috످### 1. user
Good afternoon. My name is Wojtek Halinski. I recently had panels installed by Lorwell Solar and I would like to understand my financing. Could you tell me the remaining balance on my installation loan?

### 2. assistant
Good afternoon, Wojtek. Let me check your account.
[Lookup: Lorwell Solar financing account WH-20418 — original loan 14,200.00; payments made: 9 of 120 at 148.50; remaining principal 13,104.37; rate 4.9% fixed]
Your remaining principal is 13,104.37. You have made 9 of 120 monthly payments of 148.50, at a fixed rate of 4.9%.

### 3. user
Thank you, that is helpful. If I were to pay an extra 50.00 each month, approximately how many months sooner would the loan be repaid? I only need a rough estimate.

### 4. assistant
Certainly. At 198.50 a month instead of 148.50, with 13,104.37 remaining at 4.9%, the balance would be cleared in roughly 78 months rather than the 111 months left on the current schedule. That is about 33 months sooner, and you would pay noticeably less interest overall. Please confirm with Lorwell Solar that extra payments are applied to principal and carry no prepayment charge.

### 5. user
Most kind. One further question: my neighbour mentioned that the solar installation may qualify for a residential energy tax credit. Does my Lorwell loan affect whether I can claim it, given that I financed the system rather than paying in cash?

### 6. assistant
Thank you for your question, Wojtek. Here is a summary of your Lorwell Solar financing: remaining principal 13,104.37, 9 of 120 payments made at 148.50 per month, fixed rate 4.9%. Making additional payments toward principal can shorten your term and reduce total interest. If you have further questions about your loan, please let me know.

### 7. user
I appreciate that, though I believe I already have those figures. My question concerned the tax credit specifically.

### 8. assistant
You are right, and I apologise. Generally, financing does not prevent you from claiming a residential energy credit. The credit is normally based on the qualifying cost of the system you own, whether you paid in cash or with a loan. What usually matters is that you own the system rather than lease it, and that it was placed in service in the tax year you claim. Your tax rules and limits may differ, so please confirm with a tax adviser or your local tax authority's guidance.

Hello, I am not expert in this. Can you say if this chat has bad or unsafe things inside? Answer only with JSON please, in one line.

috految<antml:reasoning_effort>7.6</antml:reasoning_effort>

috److{"has_bad_or_unsafe_content": false, "reason": "Nothing in this chat is harmful or unsafe, as it is a normal conversation about a solar panel loan and a tax credit.", "note": "In turn 6, the assistant repeated the loan details instead of answering the tax question. It said sorry and answered in turn 8. This was a mistake, but it was not unsafe."}

috످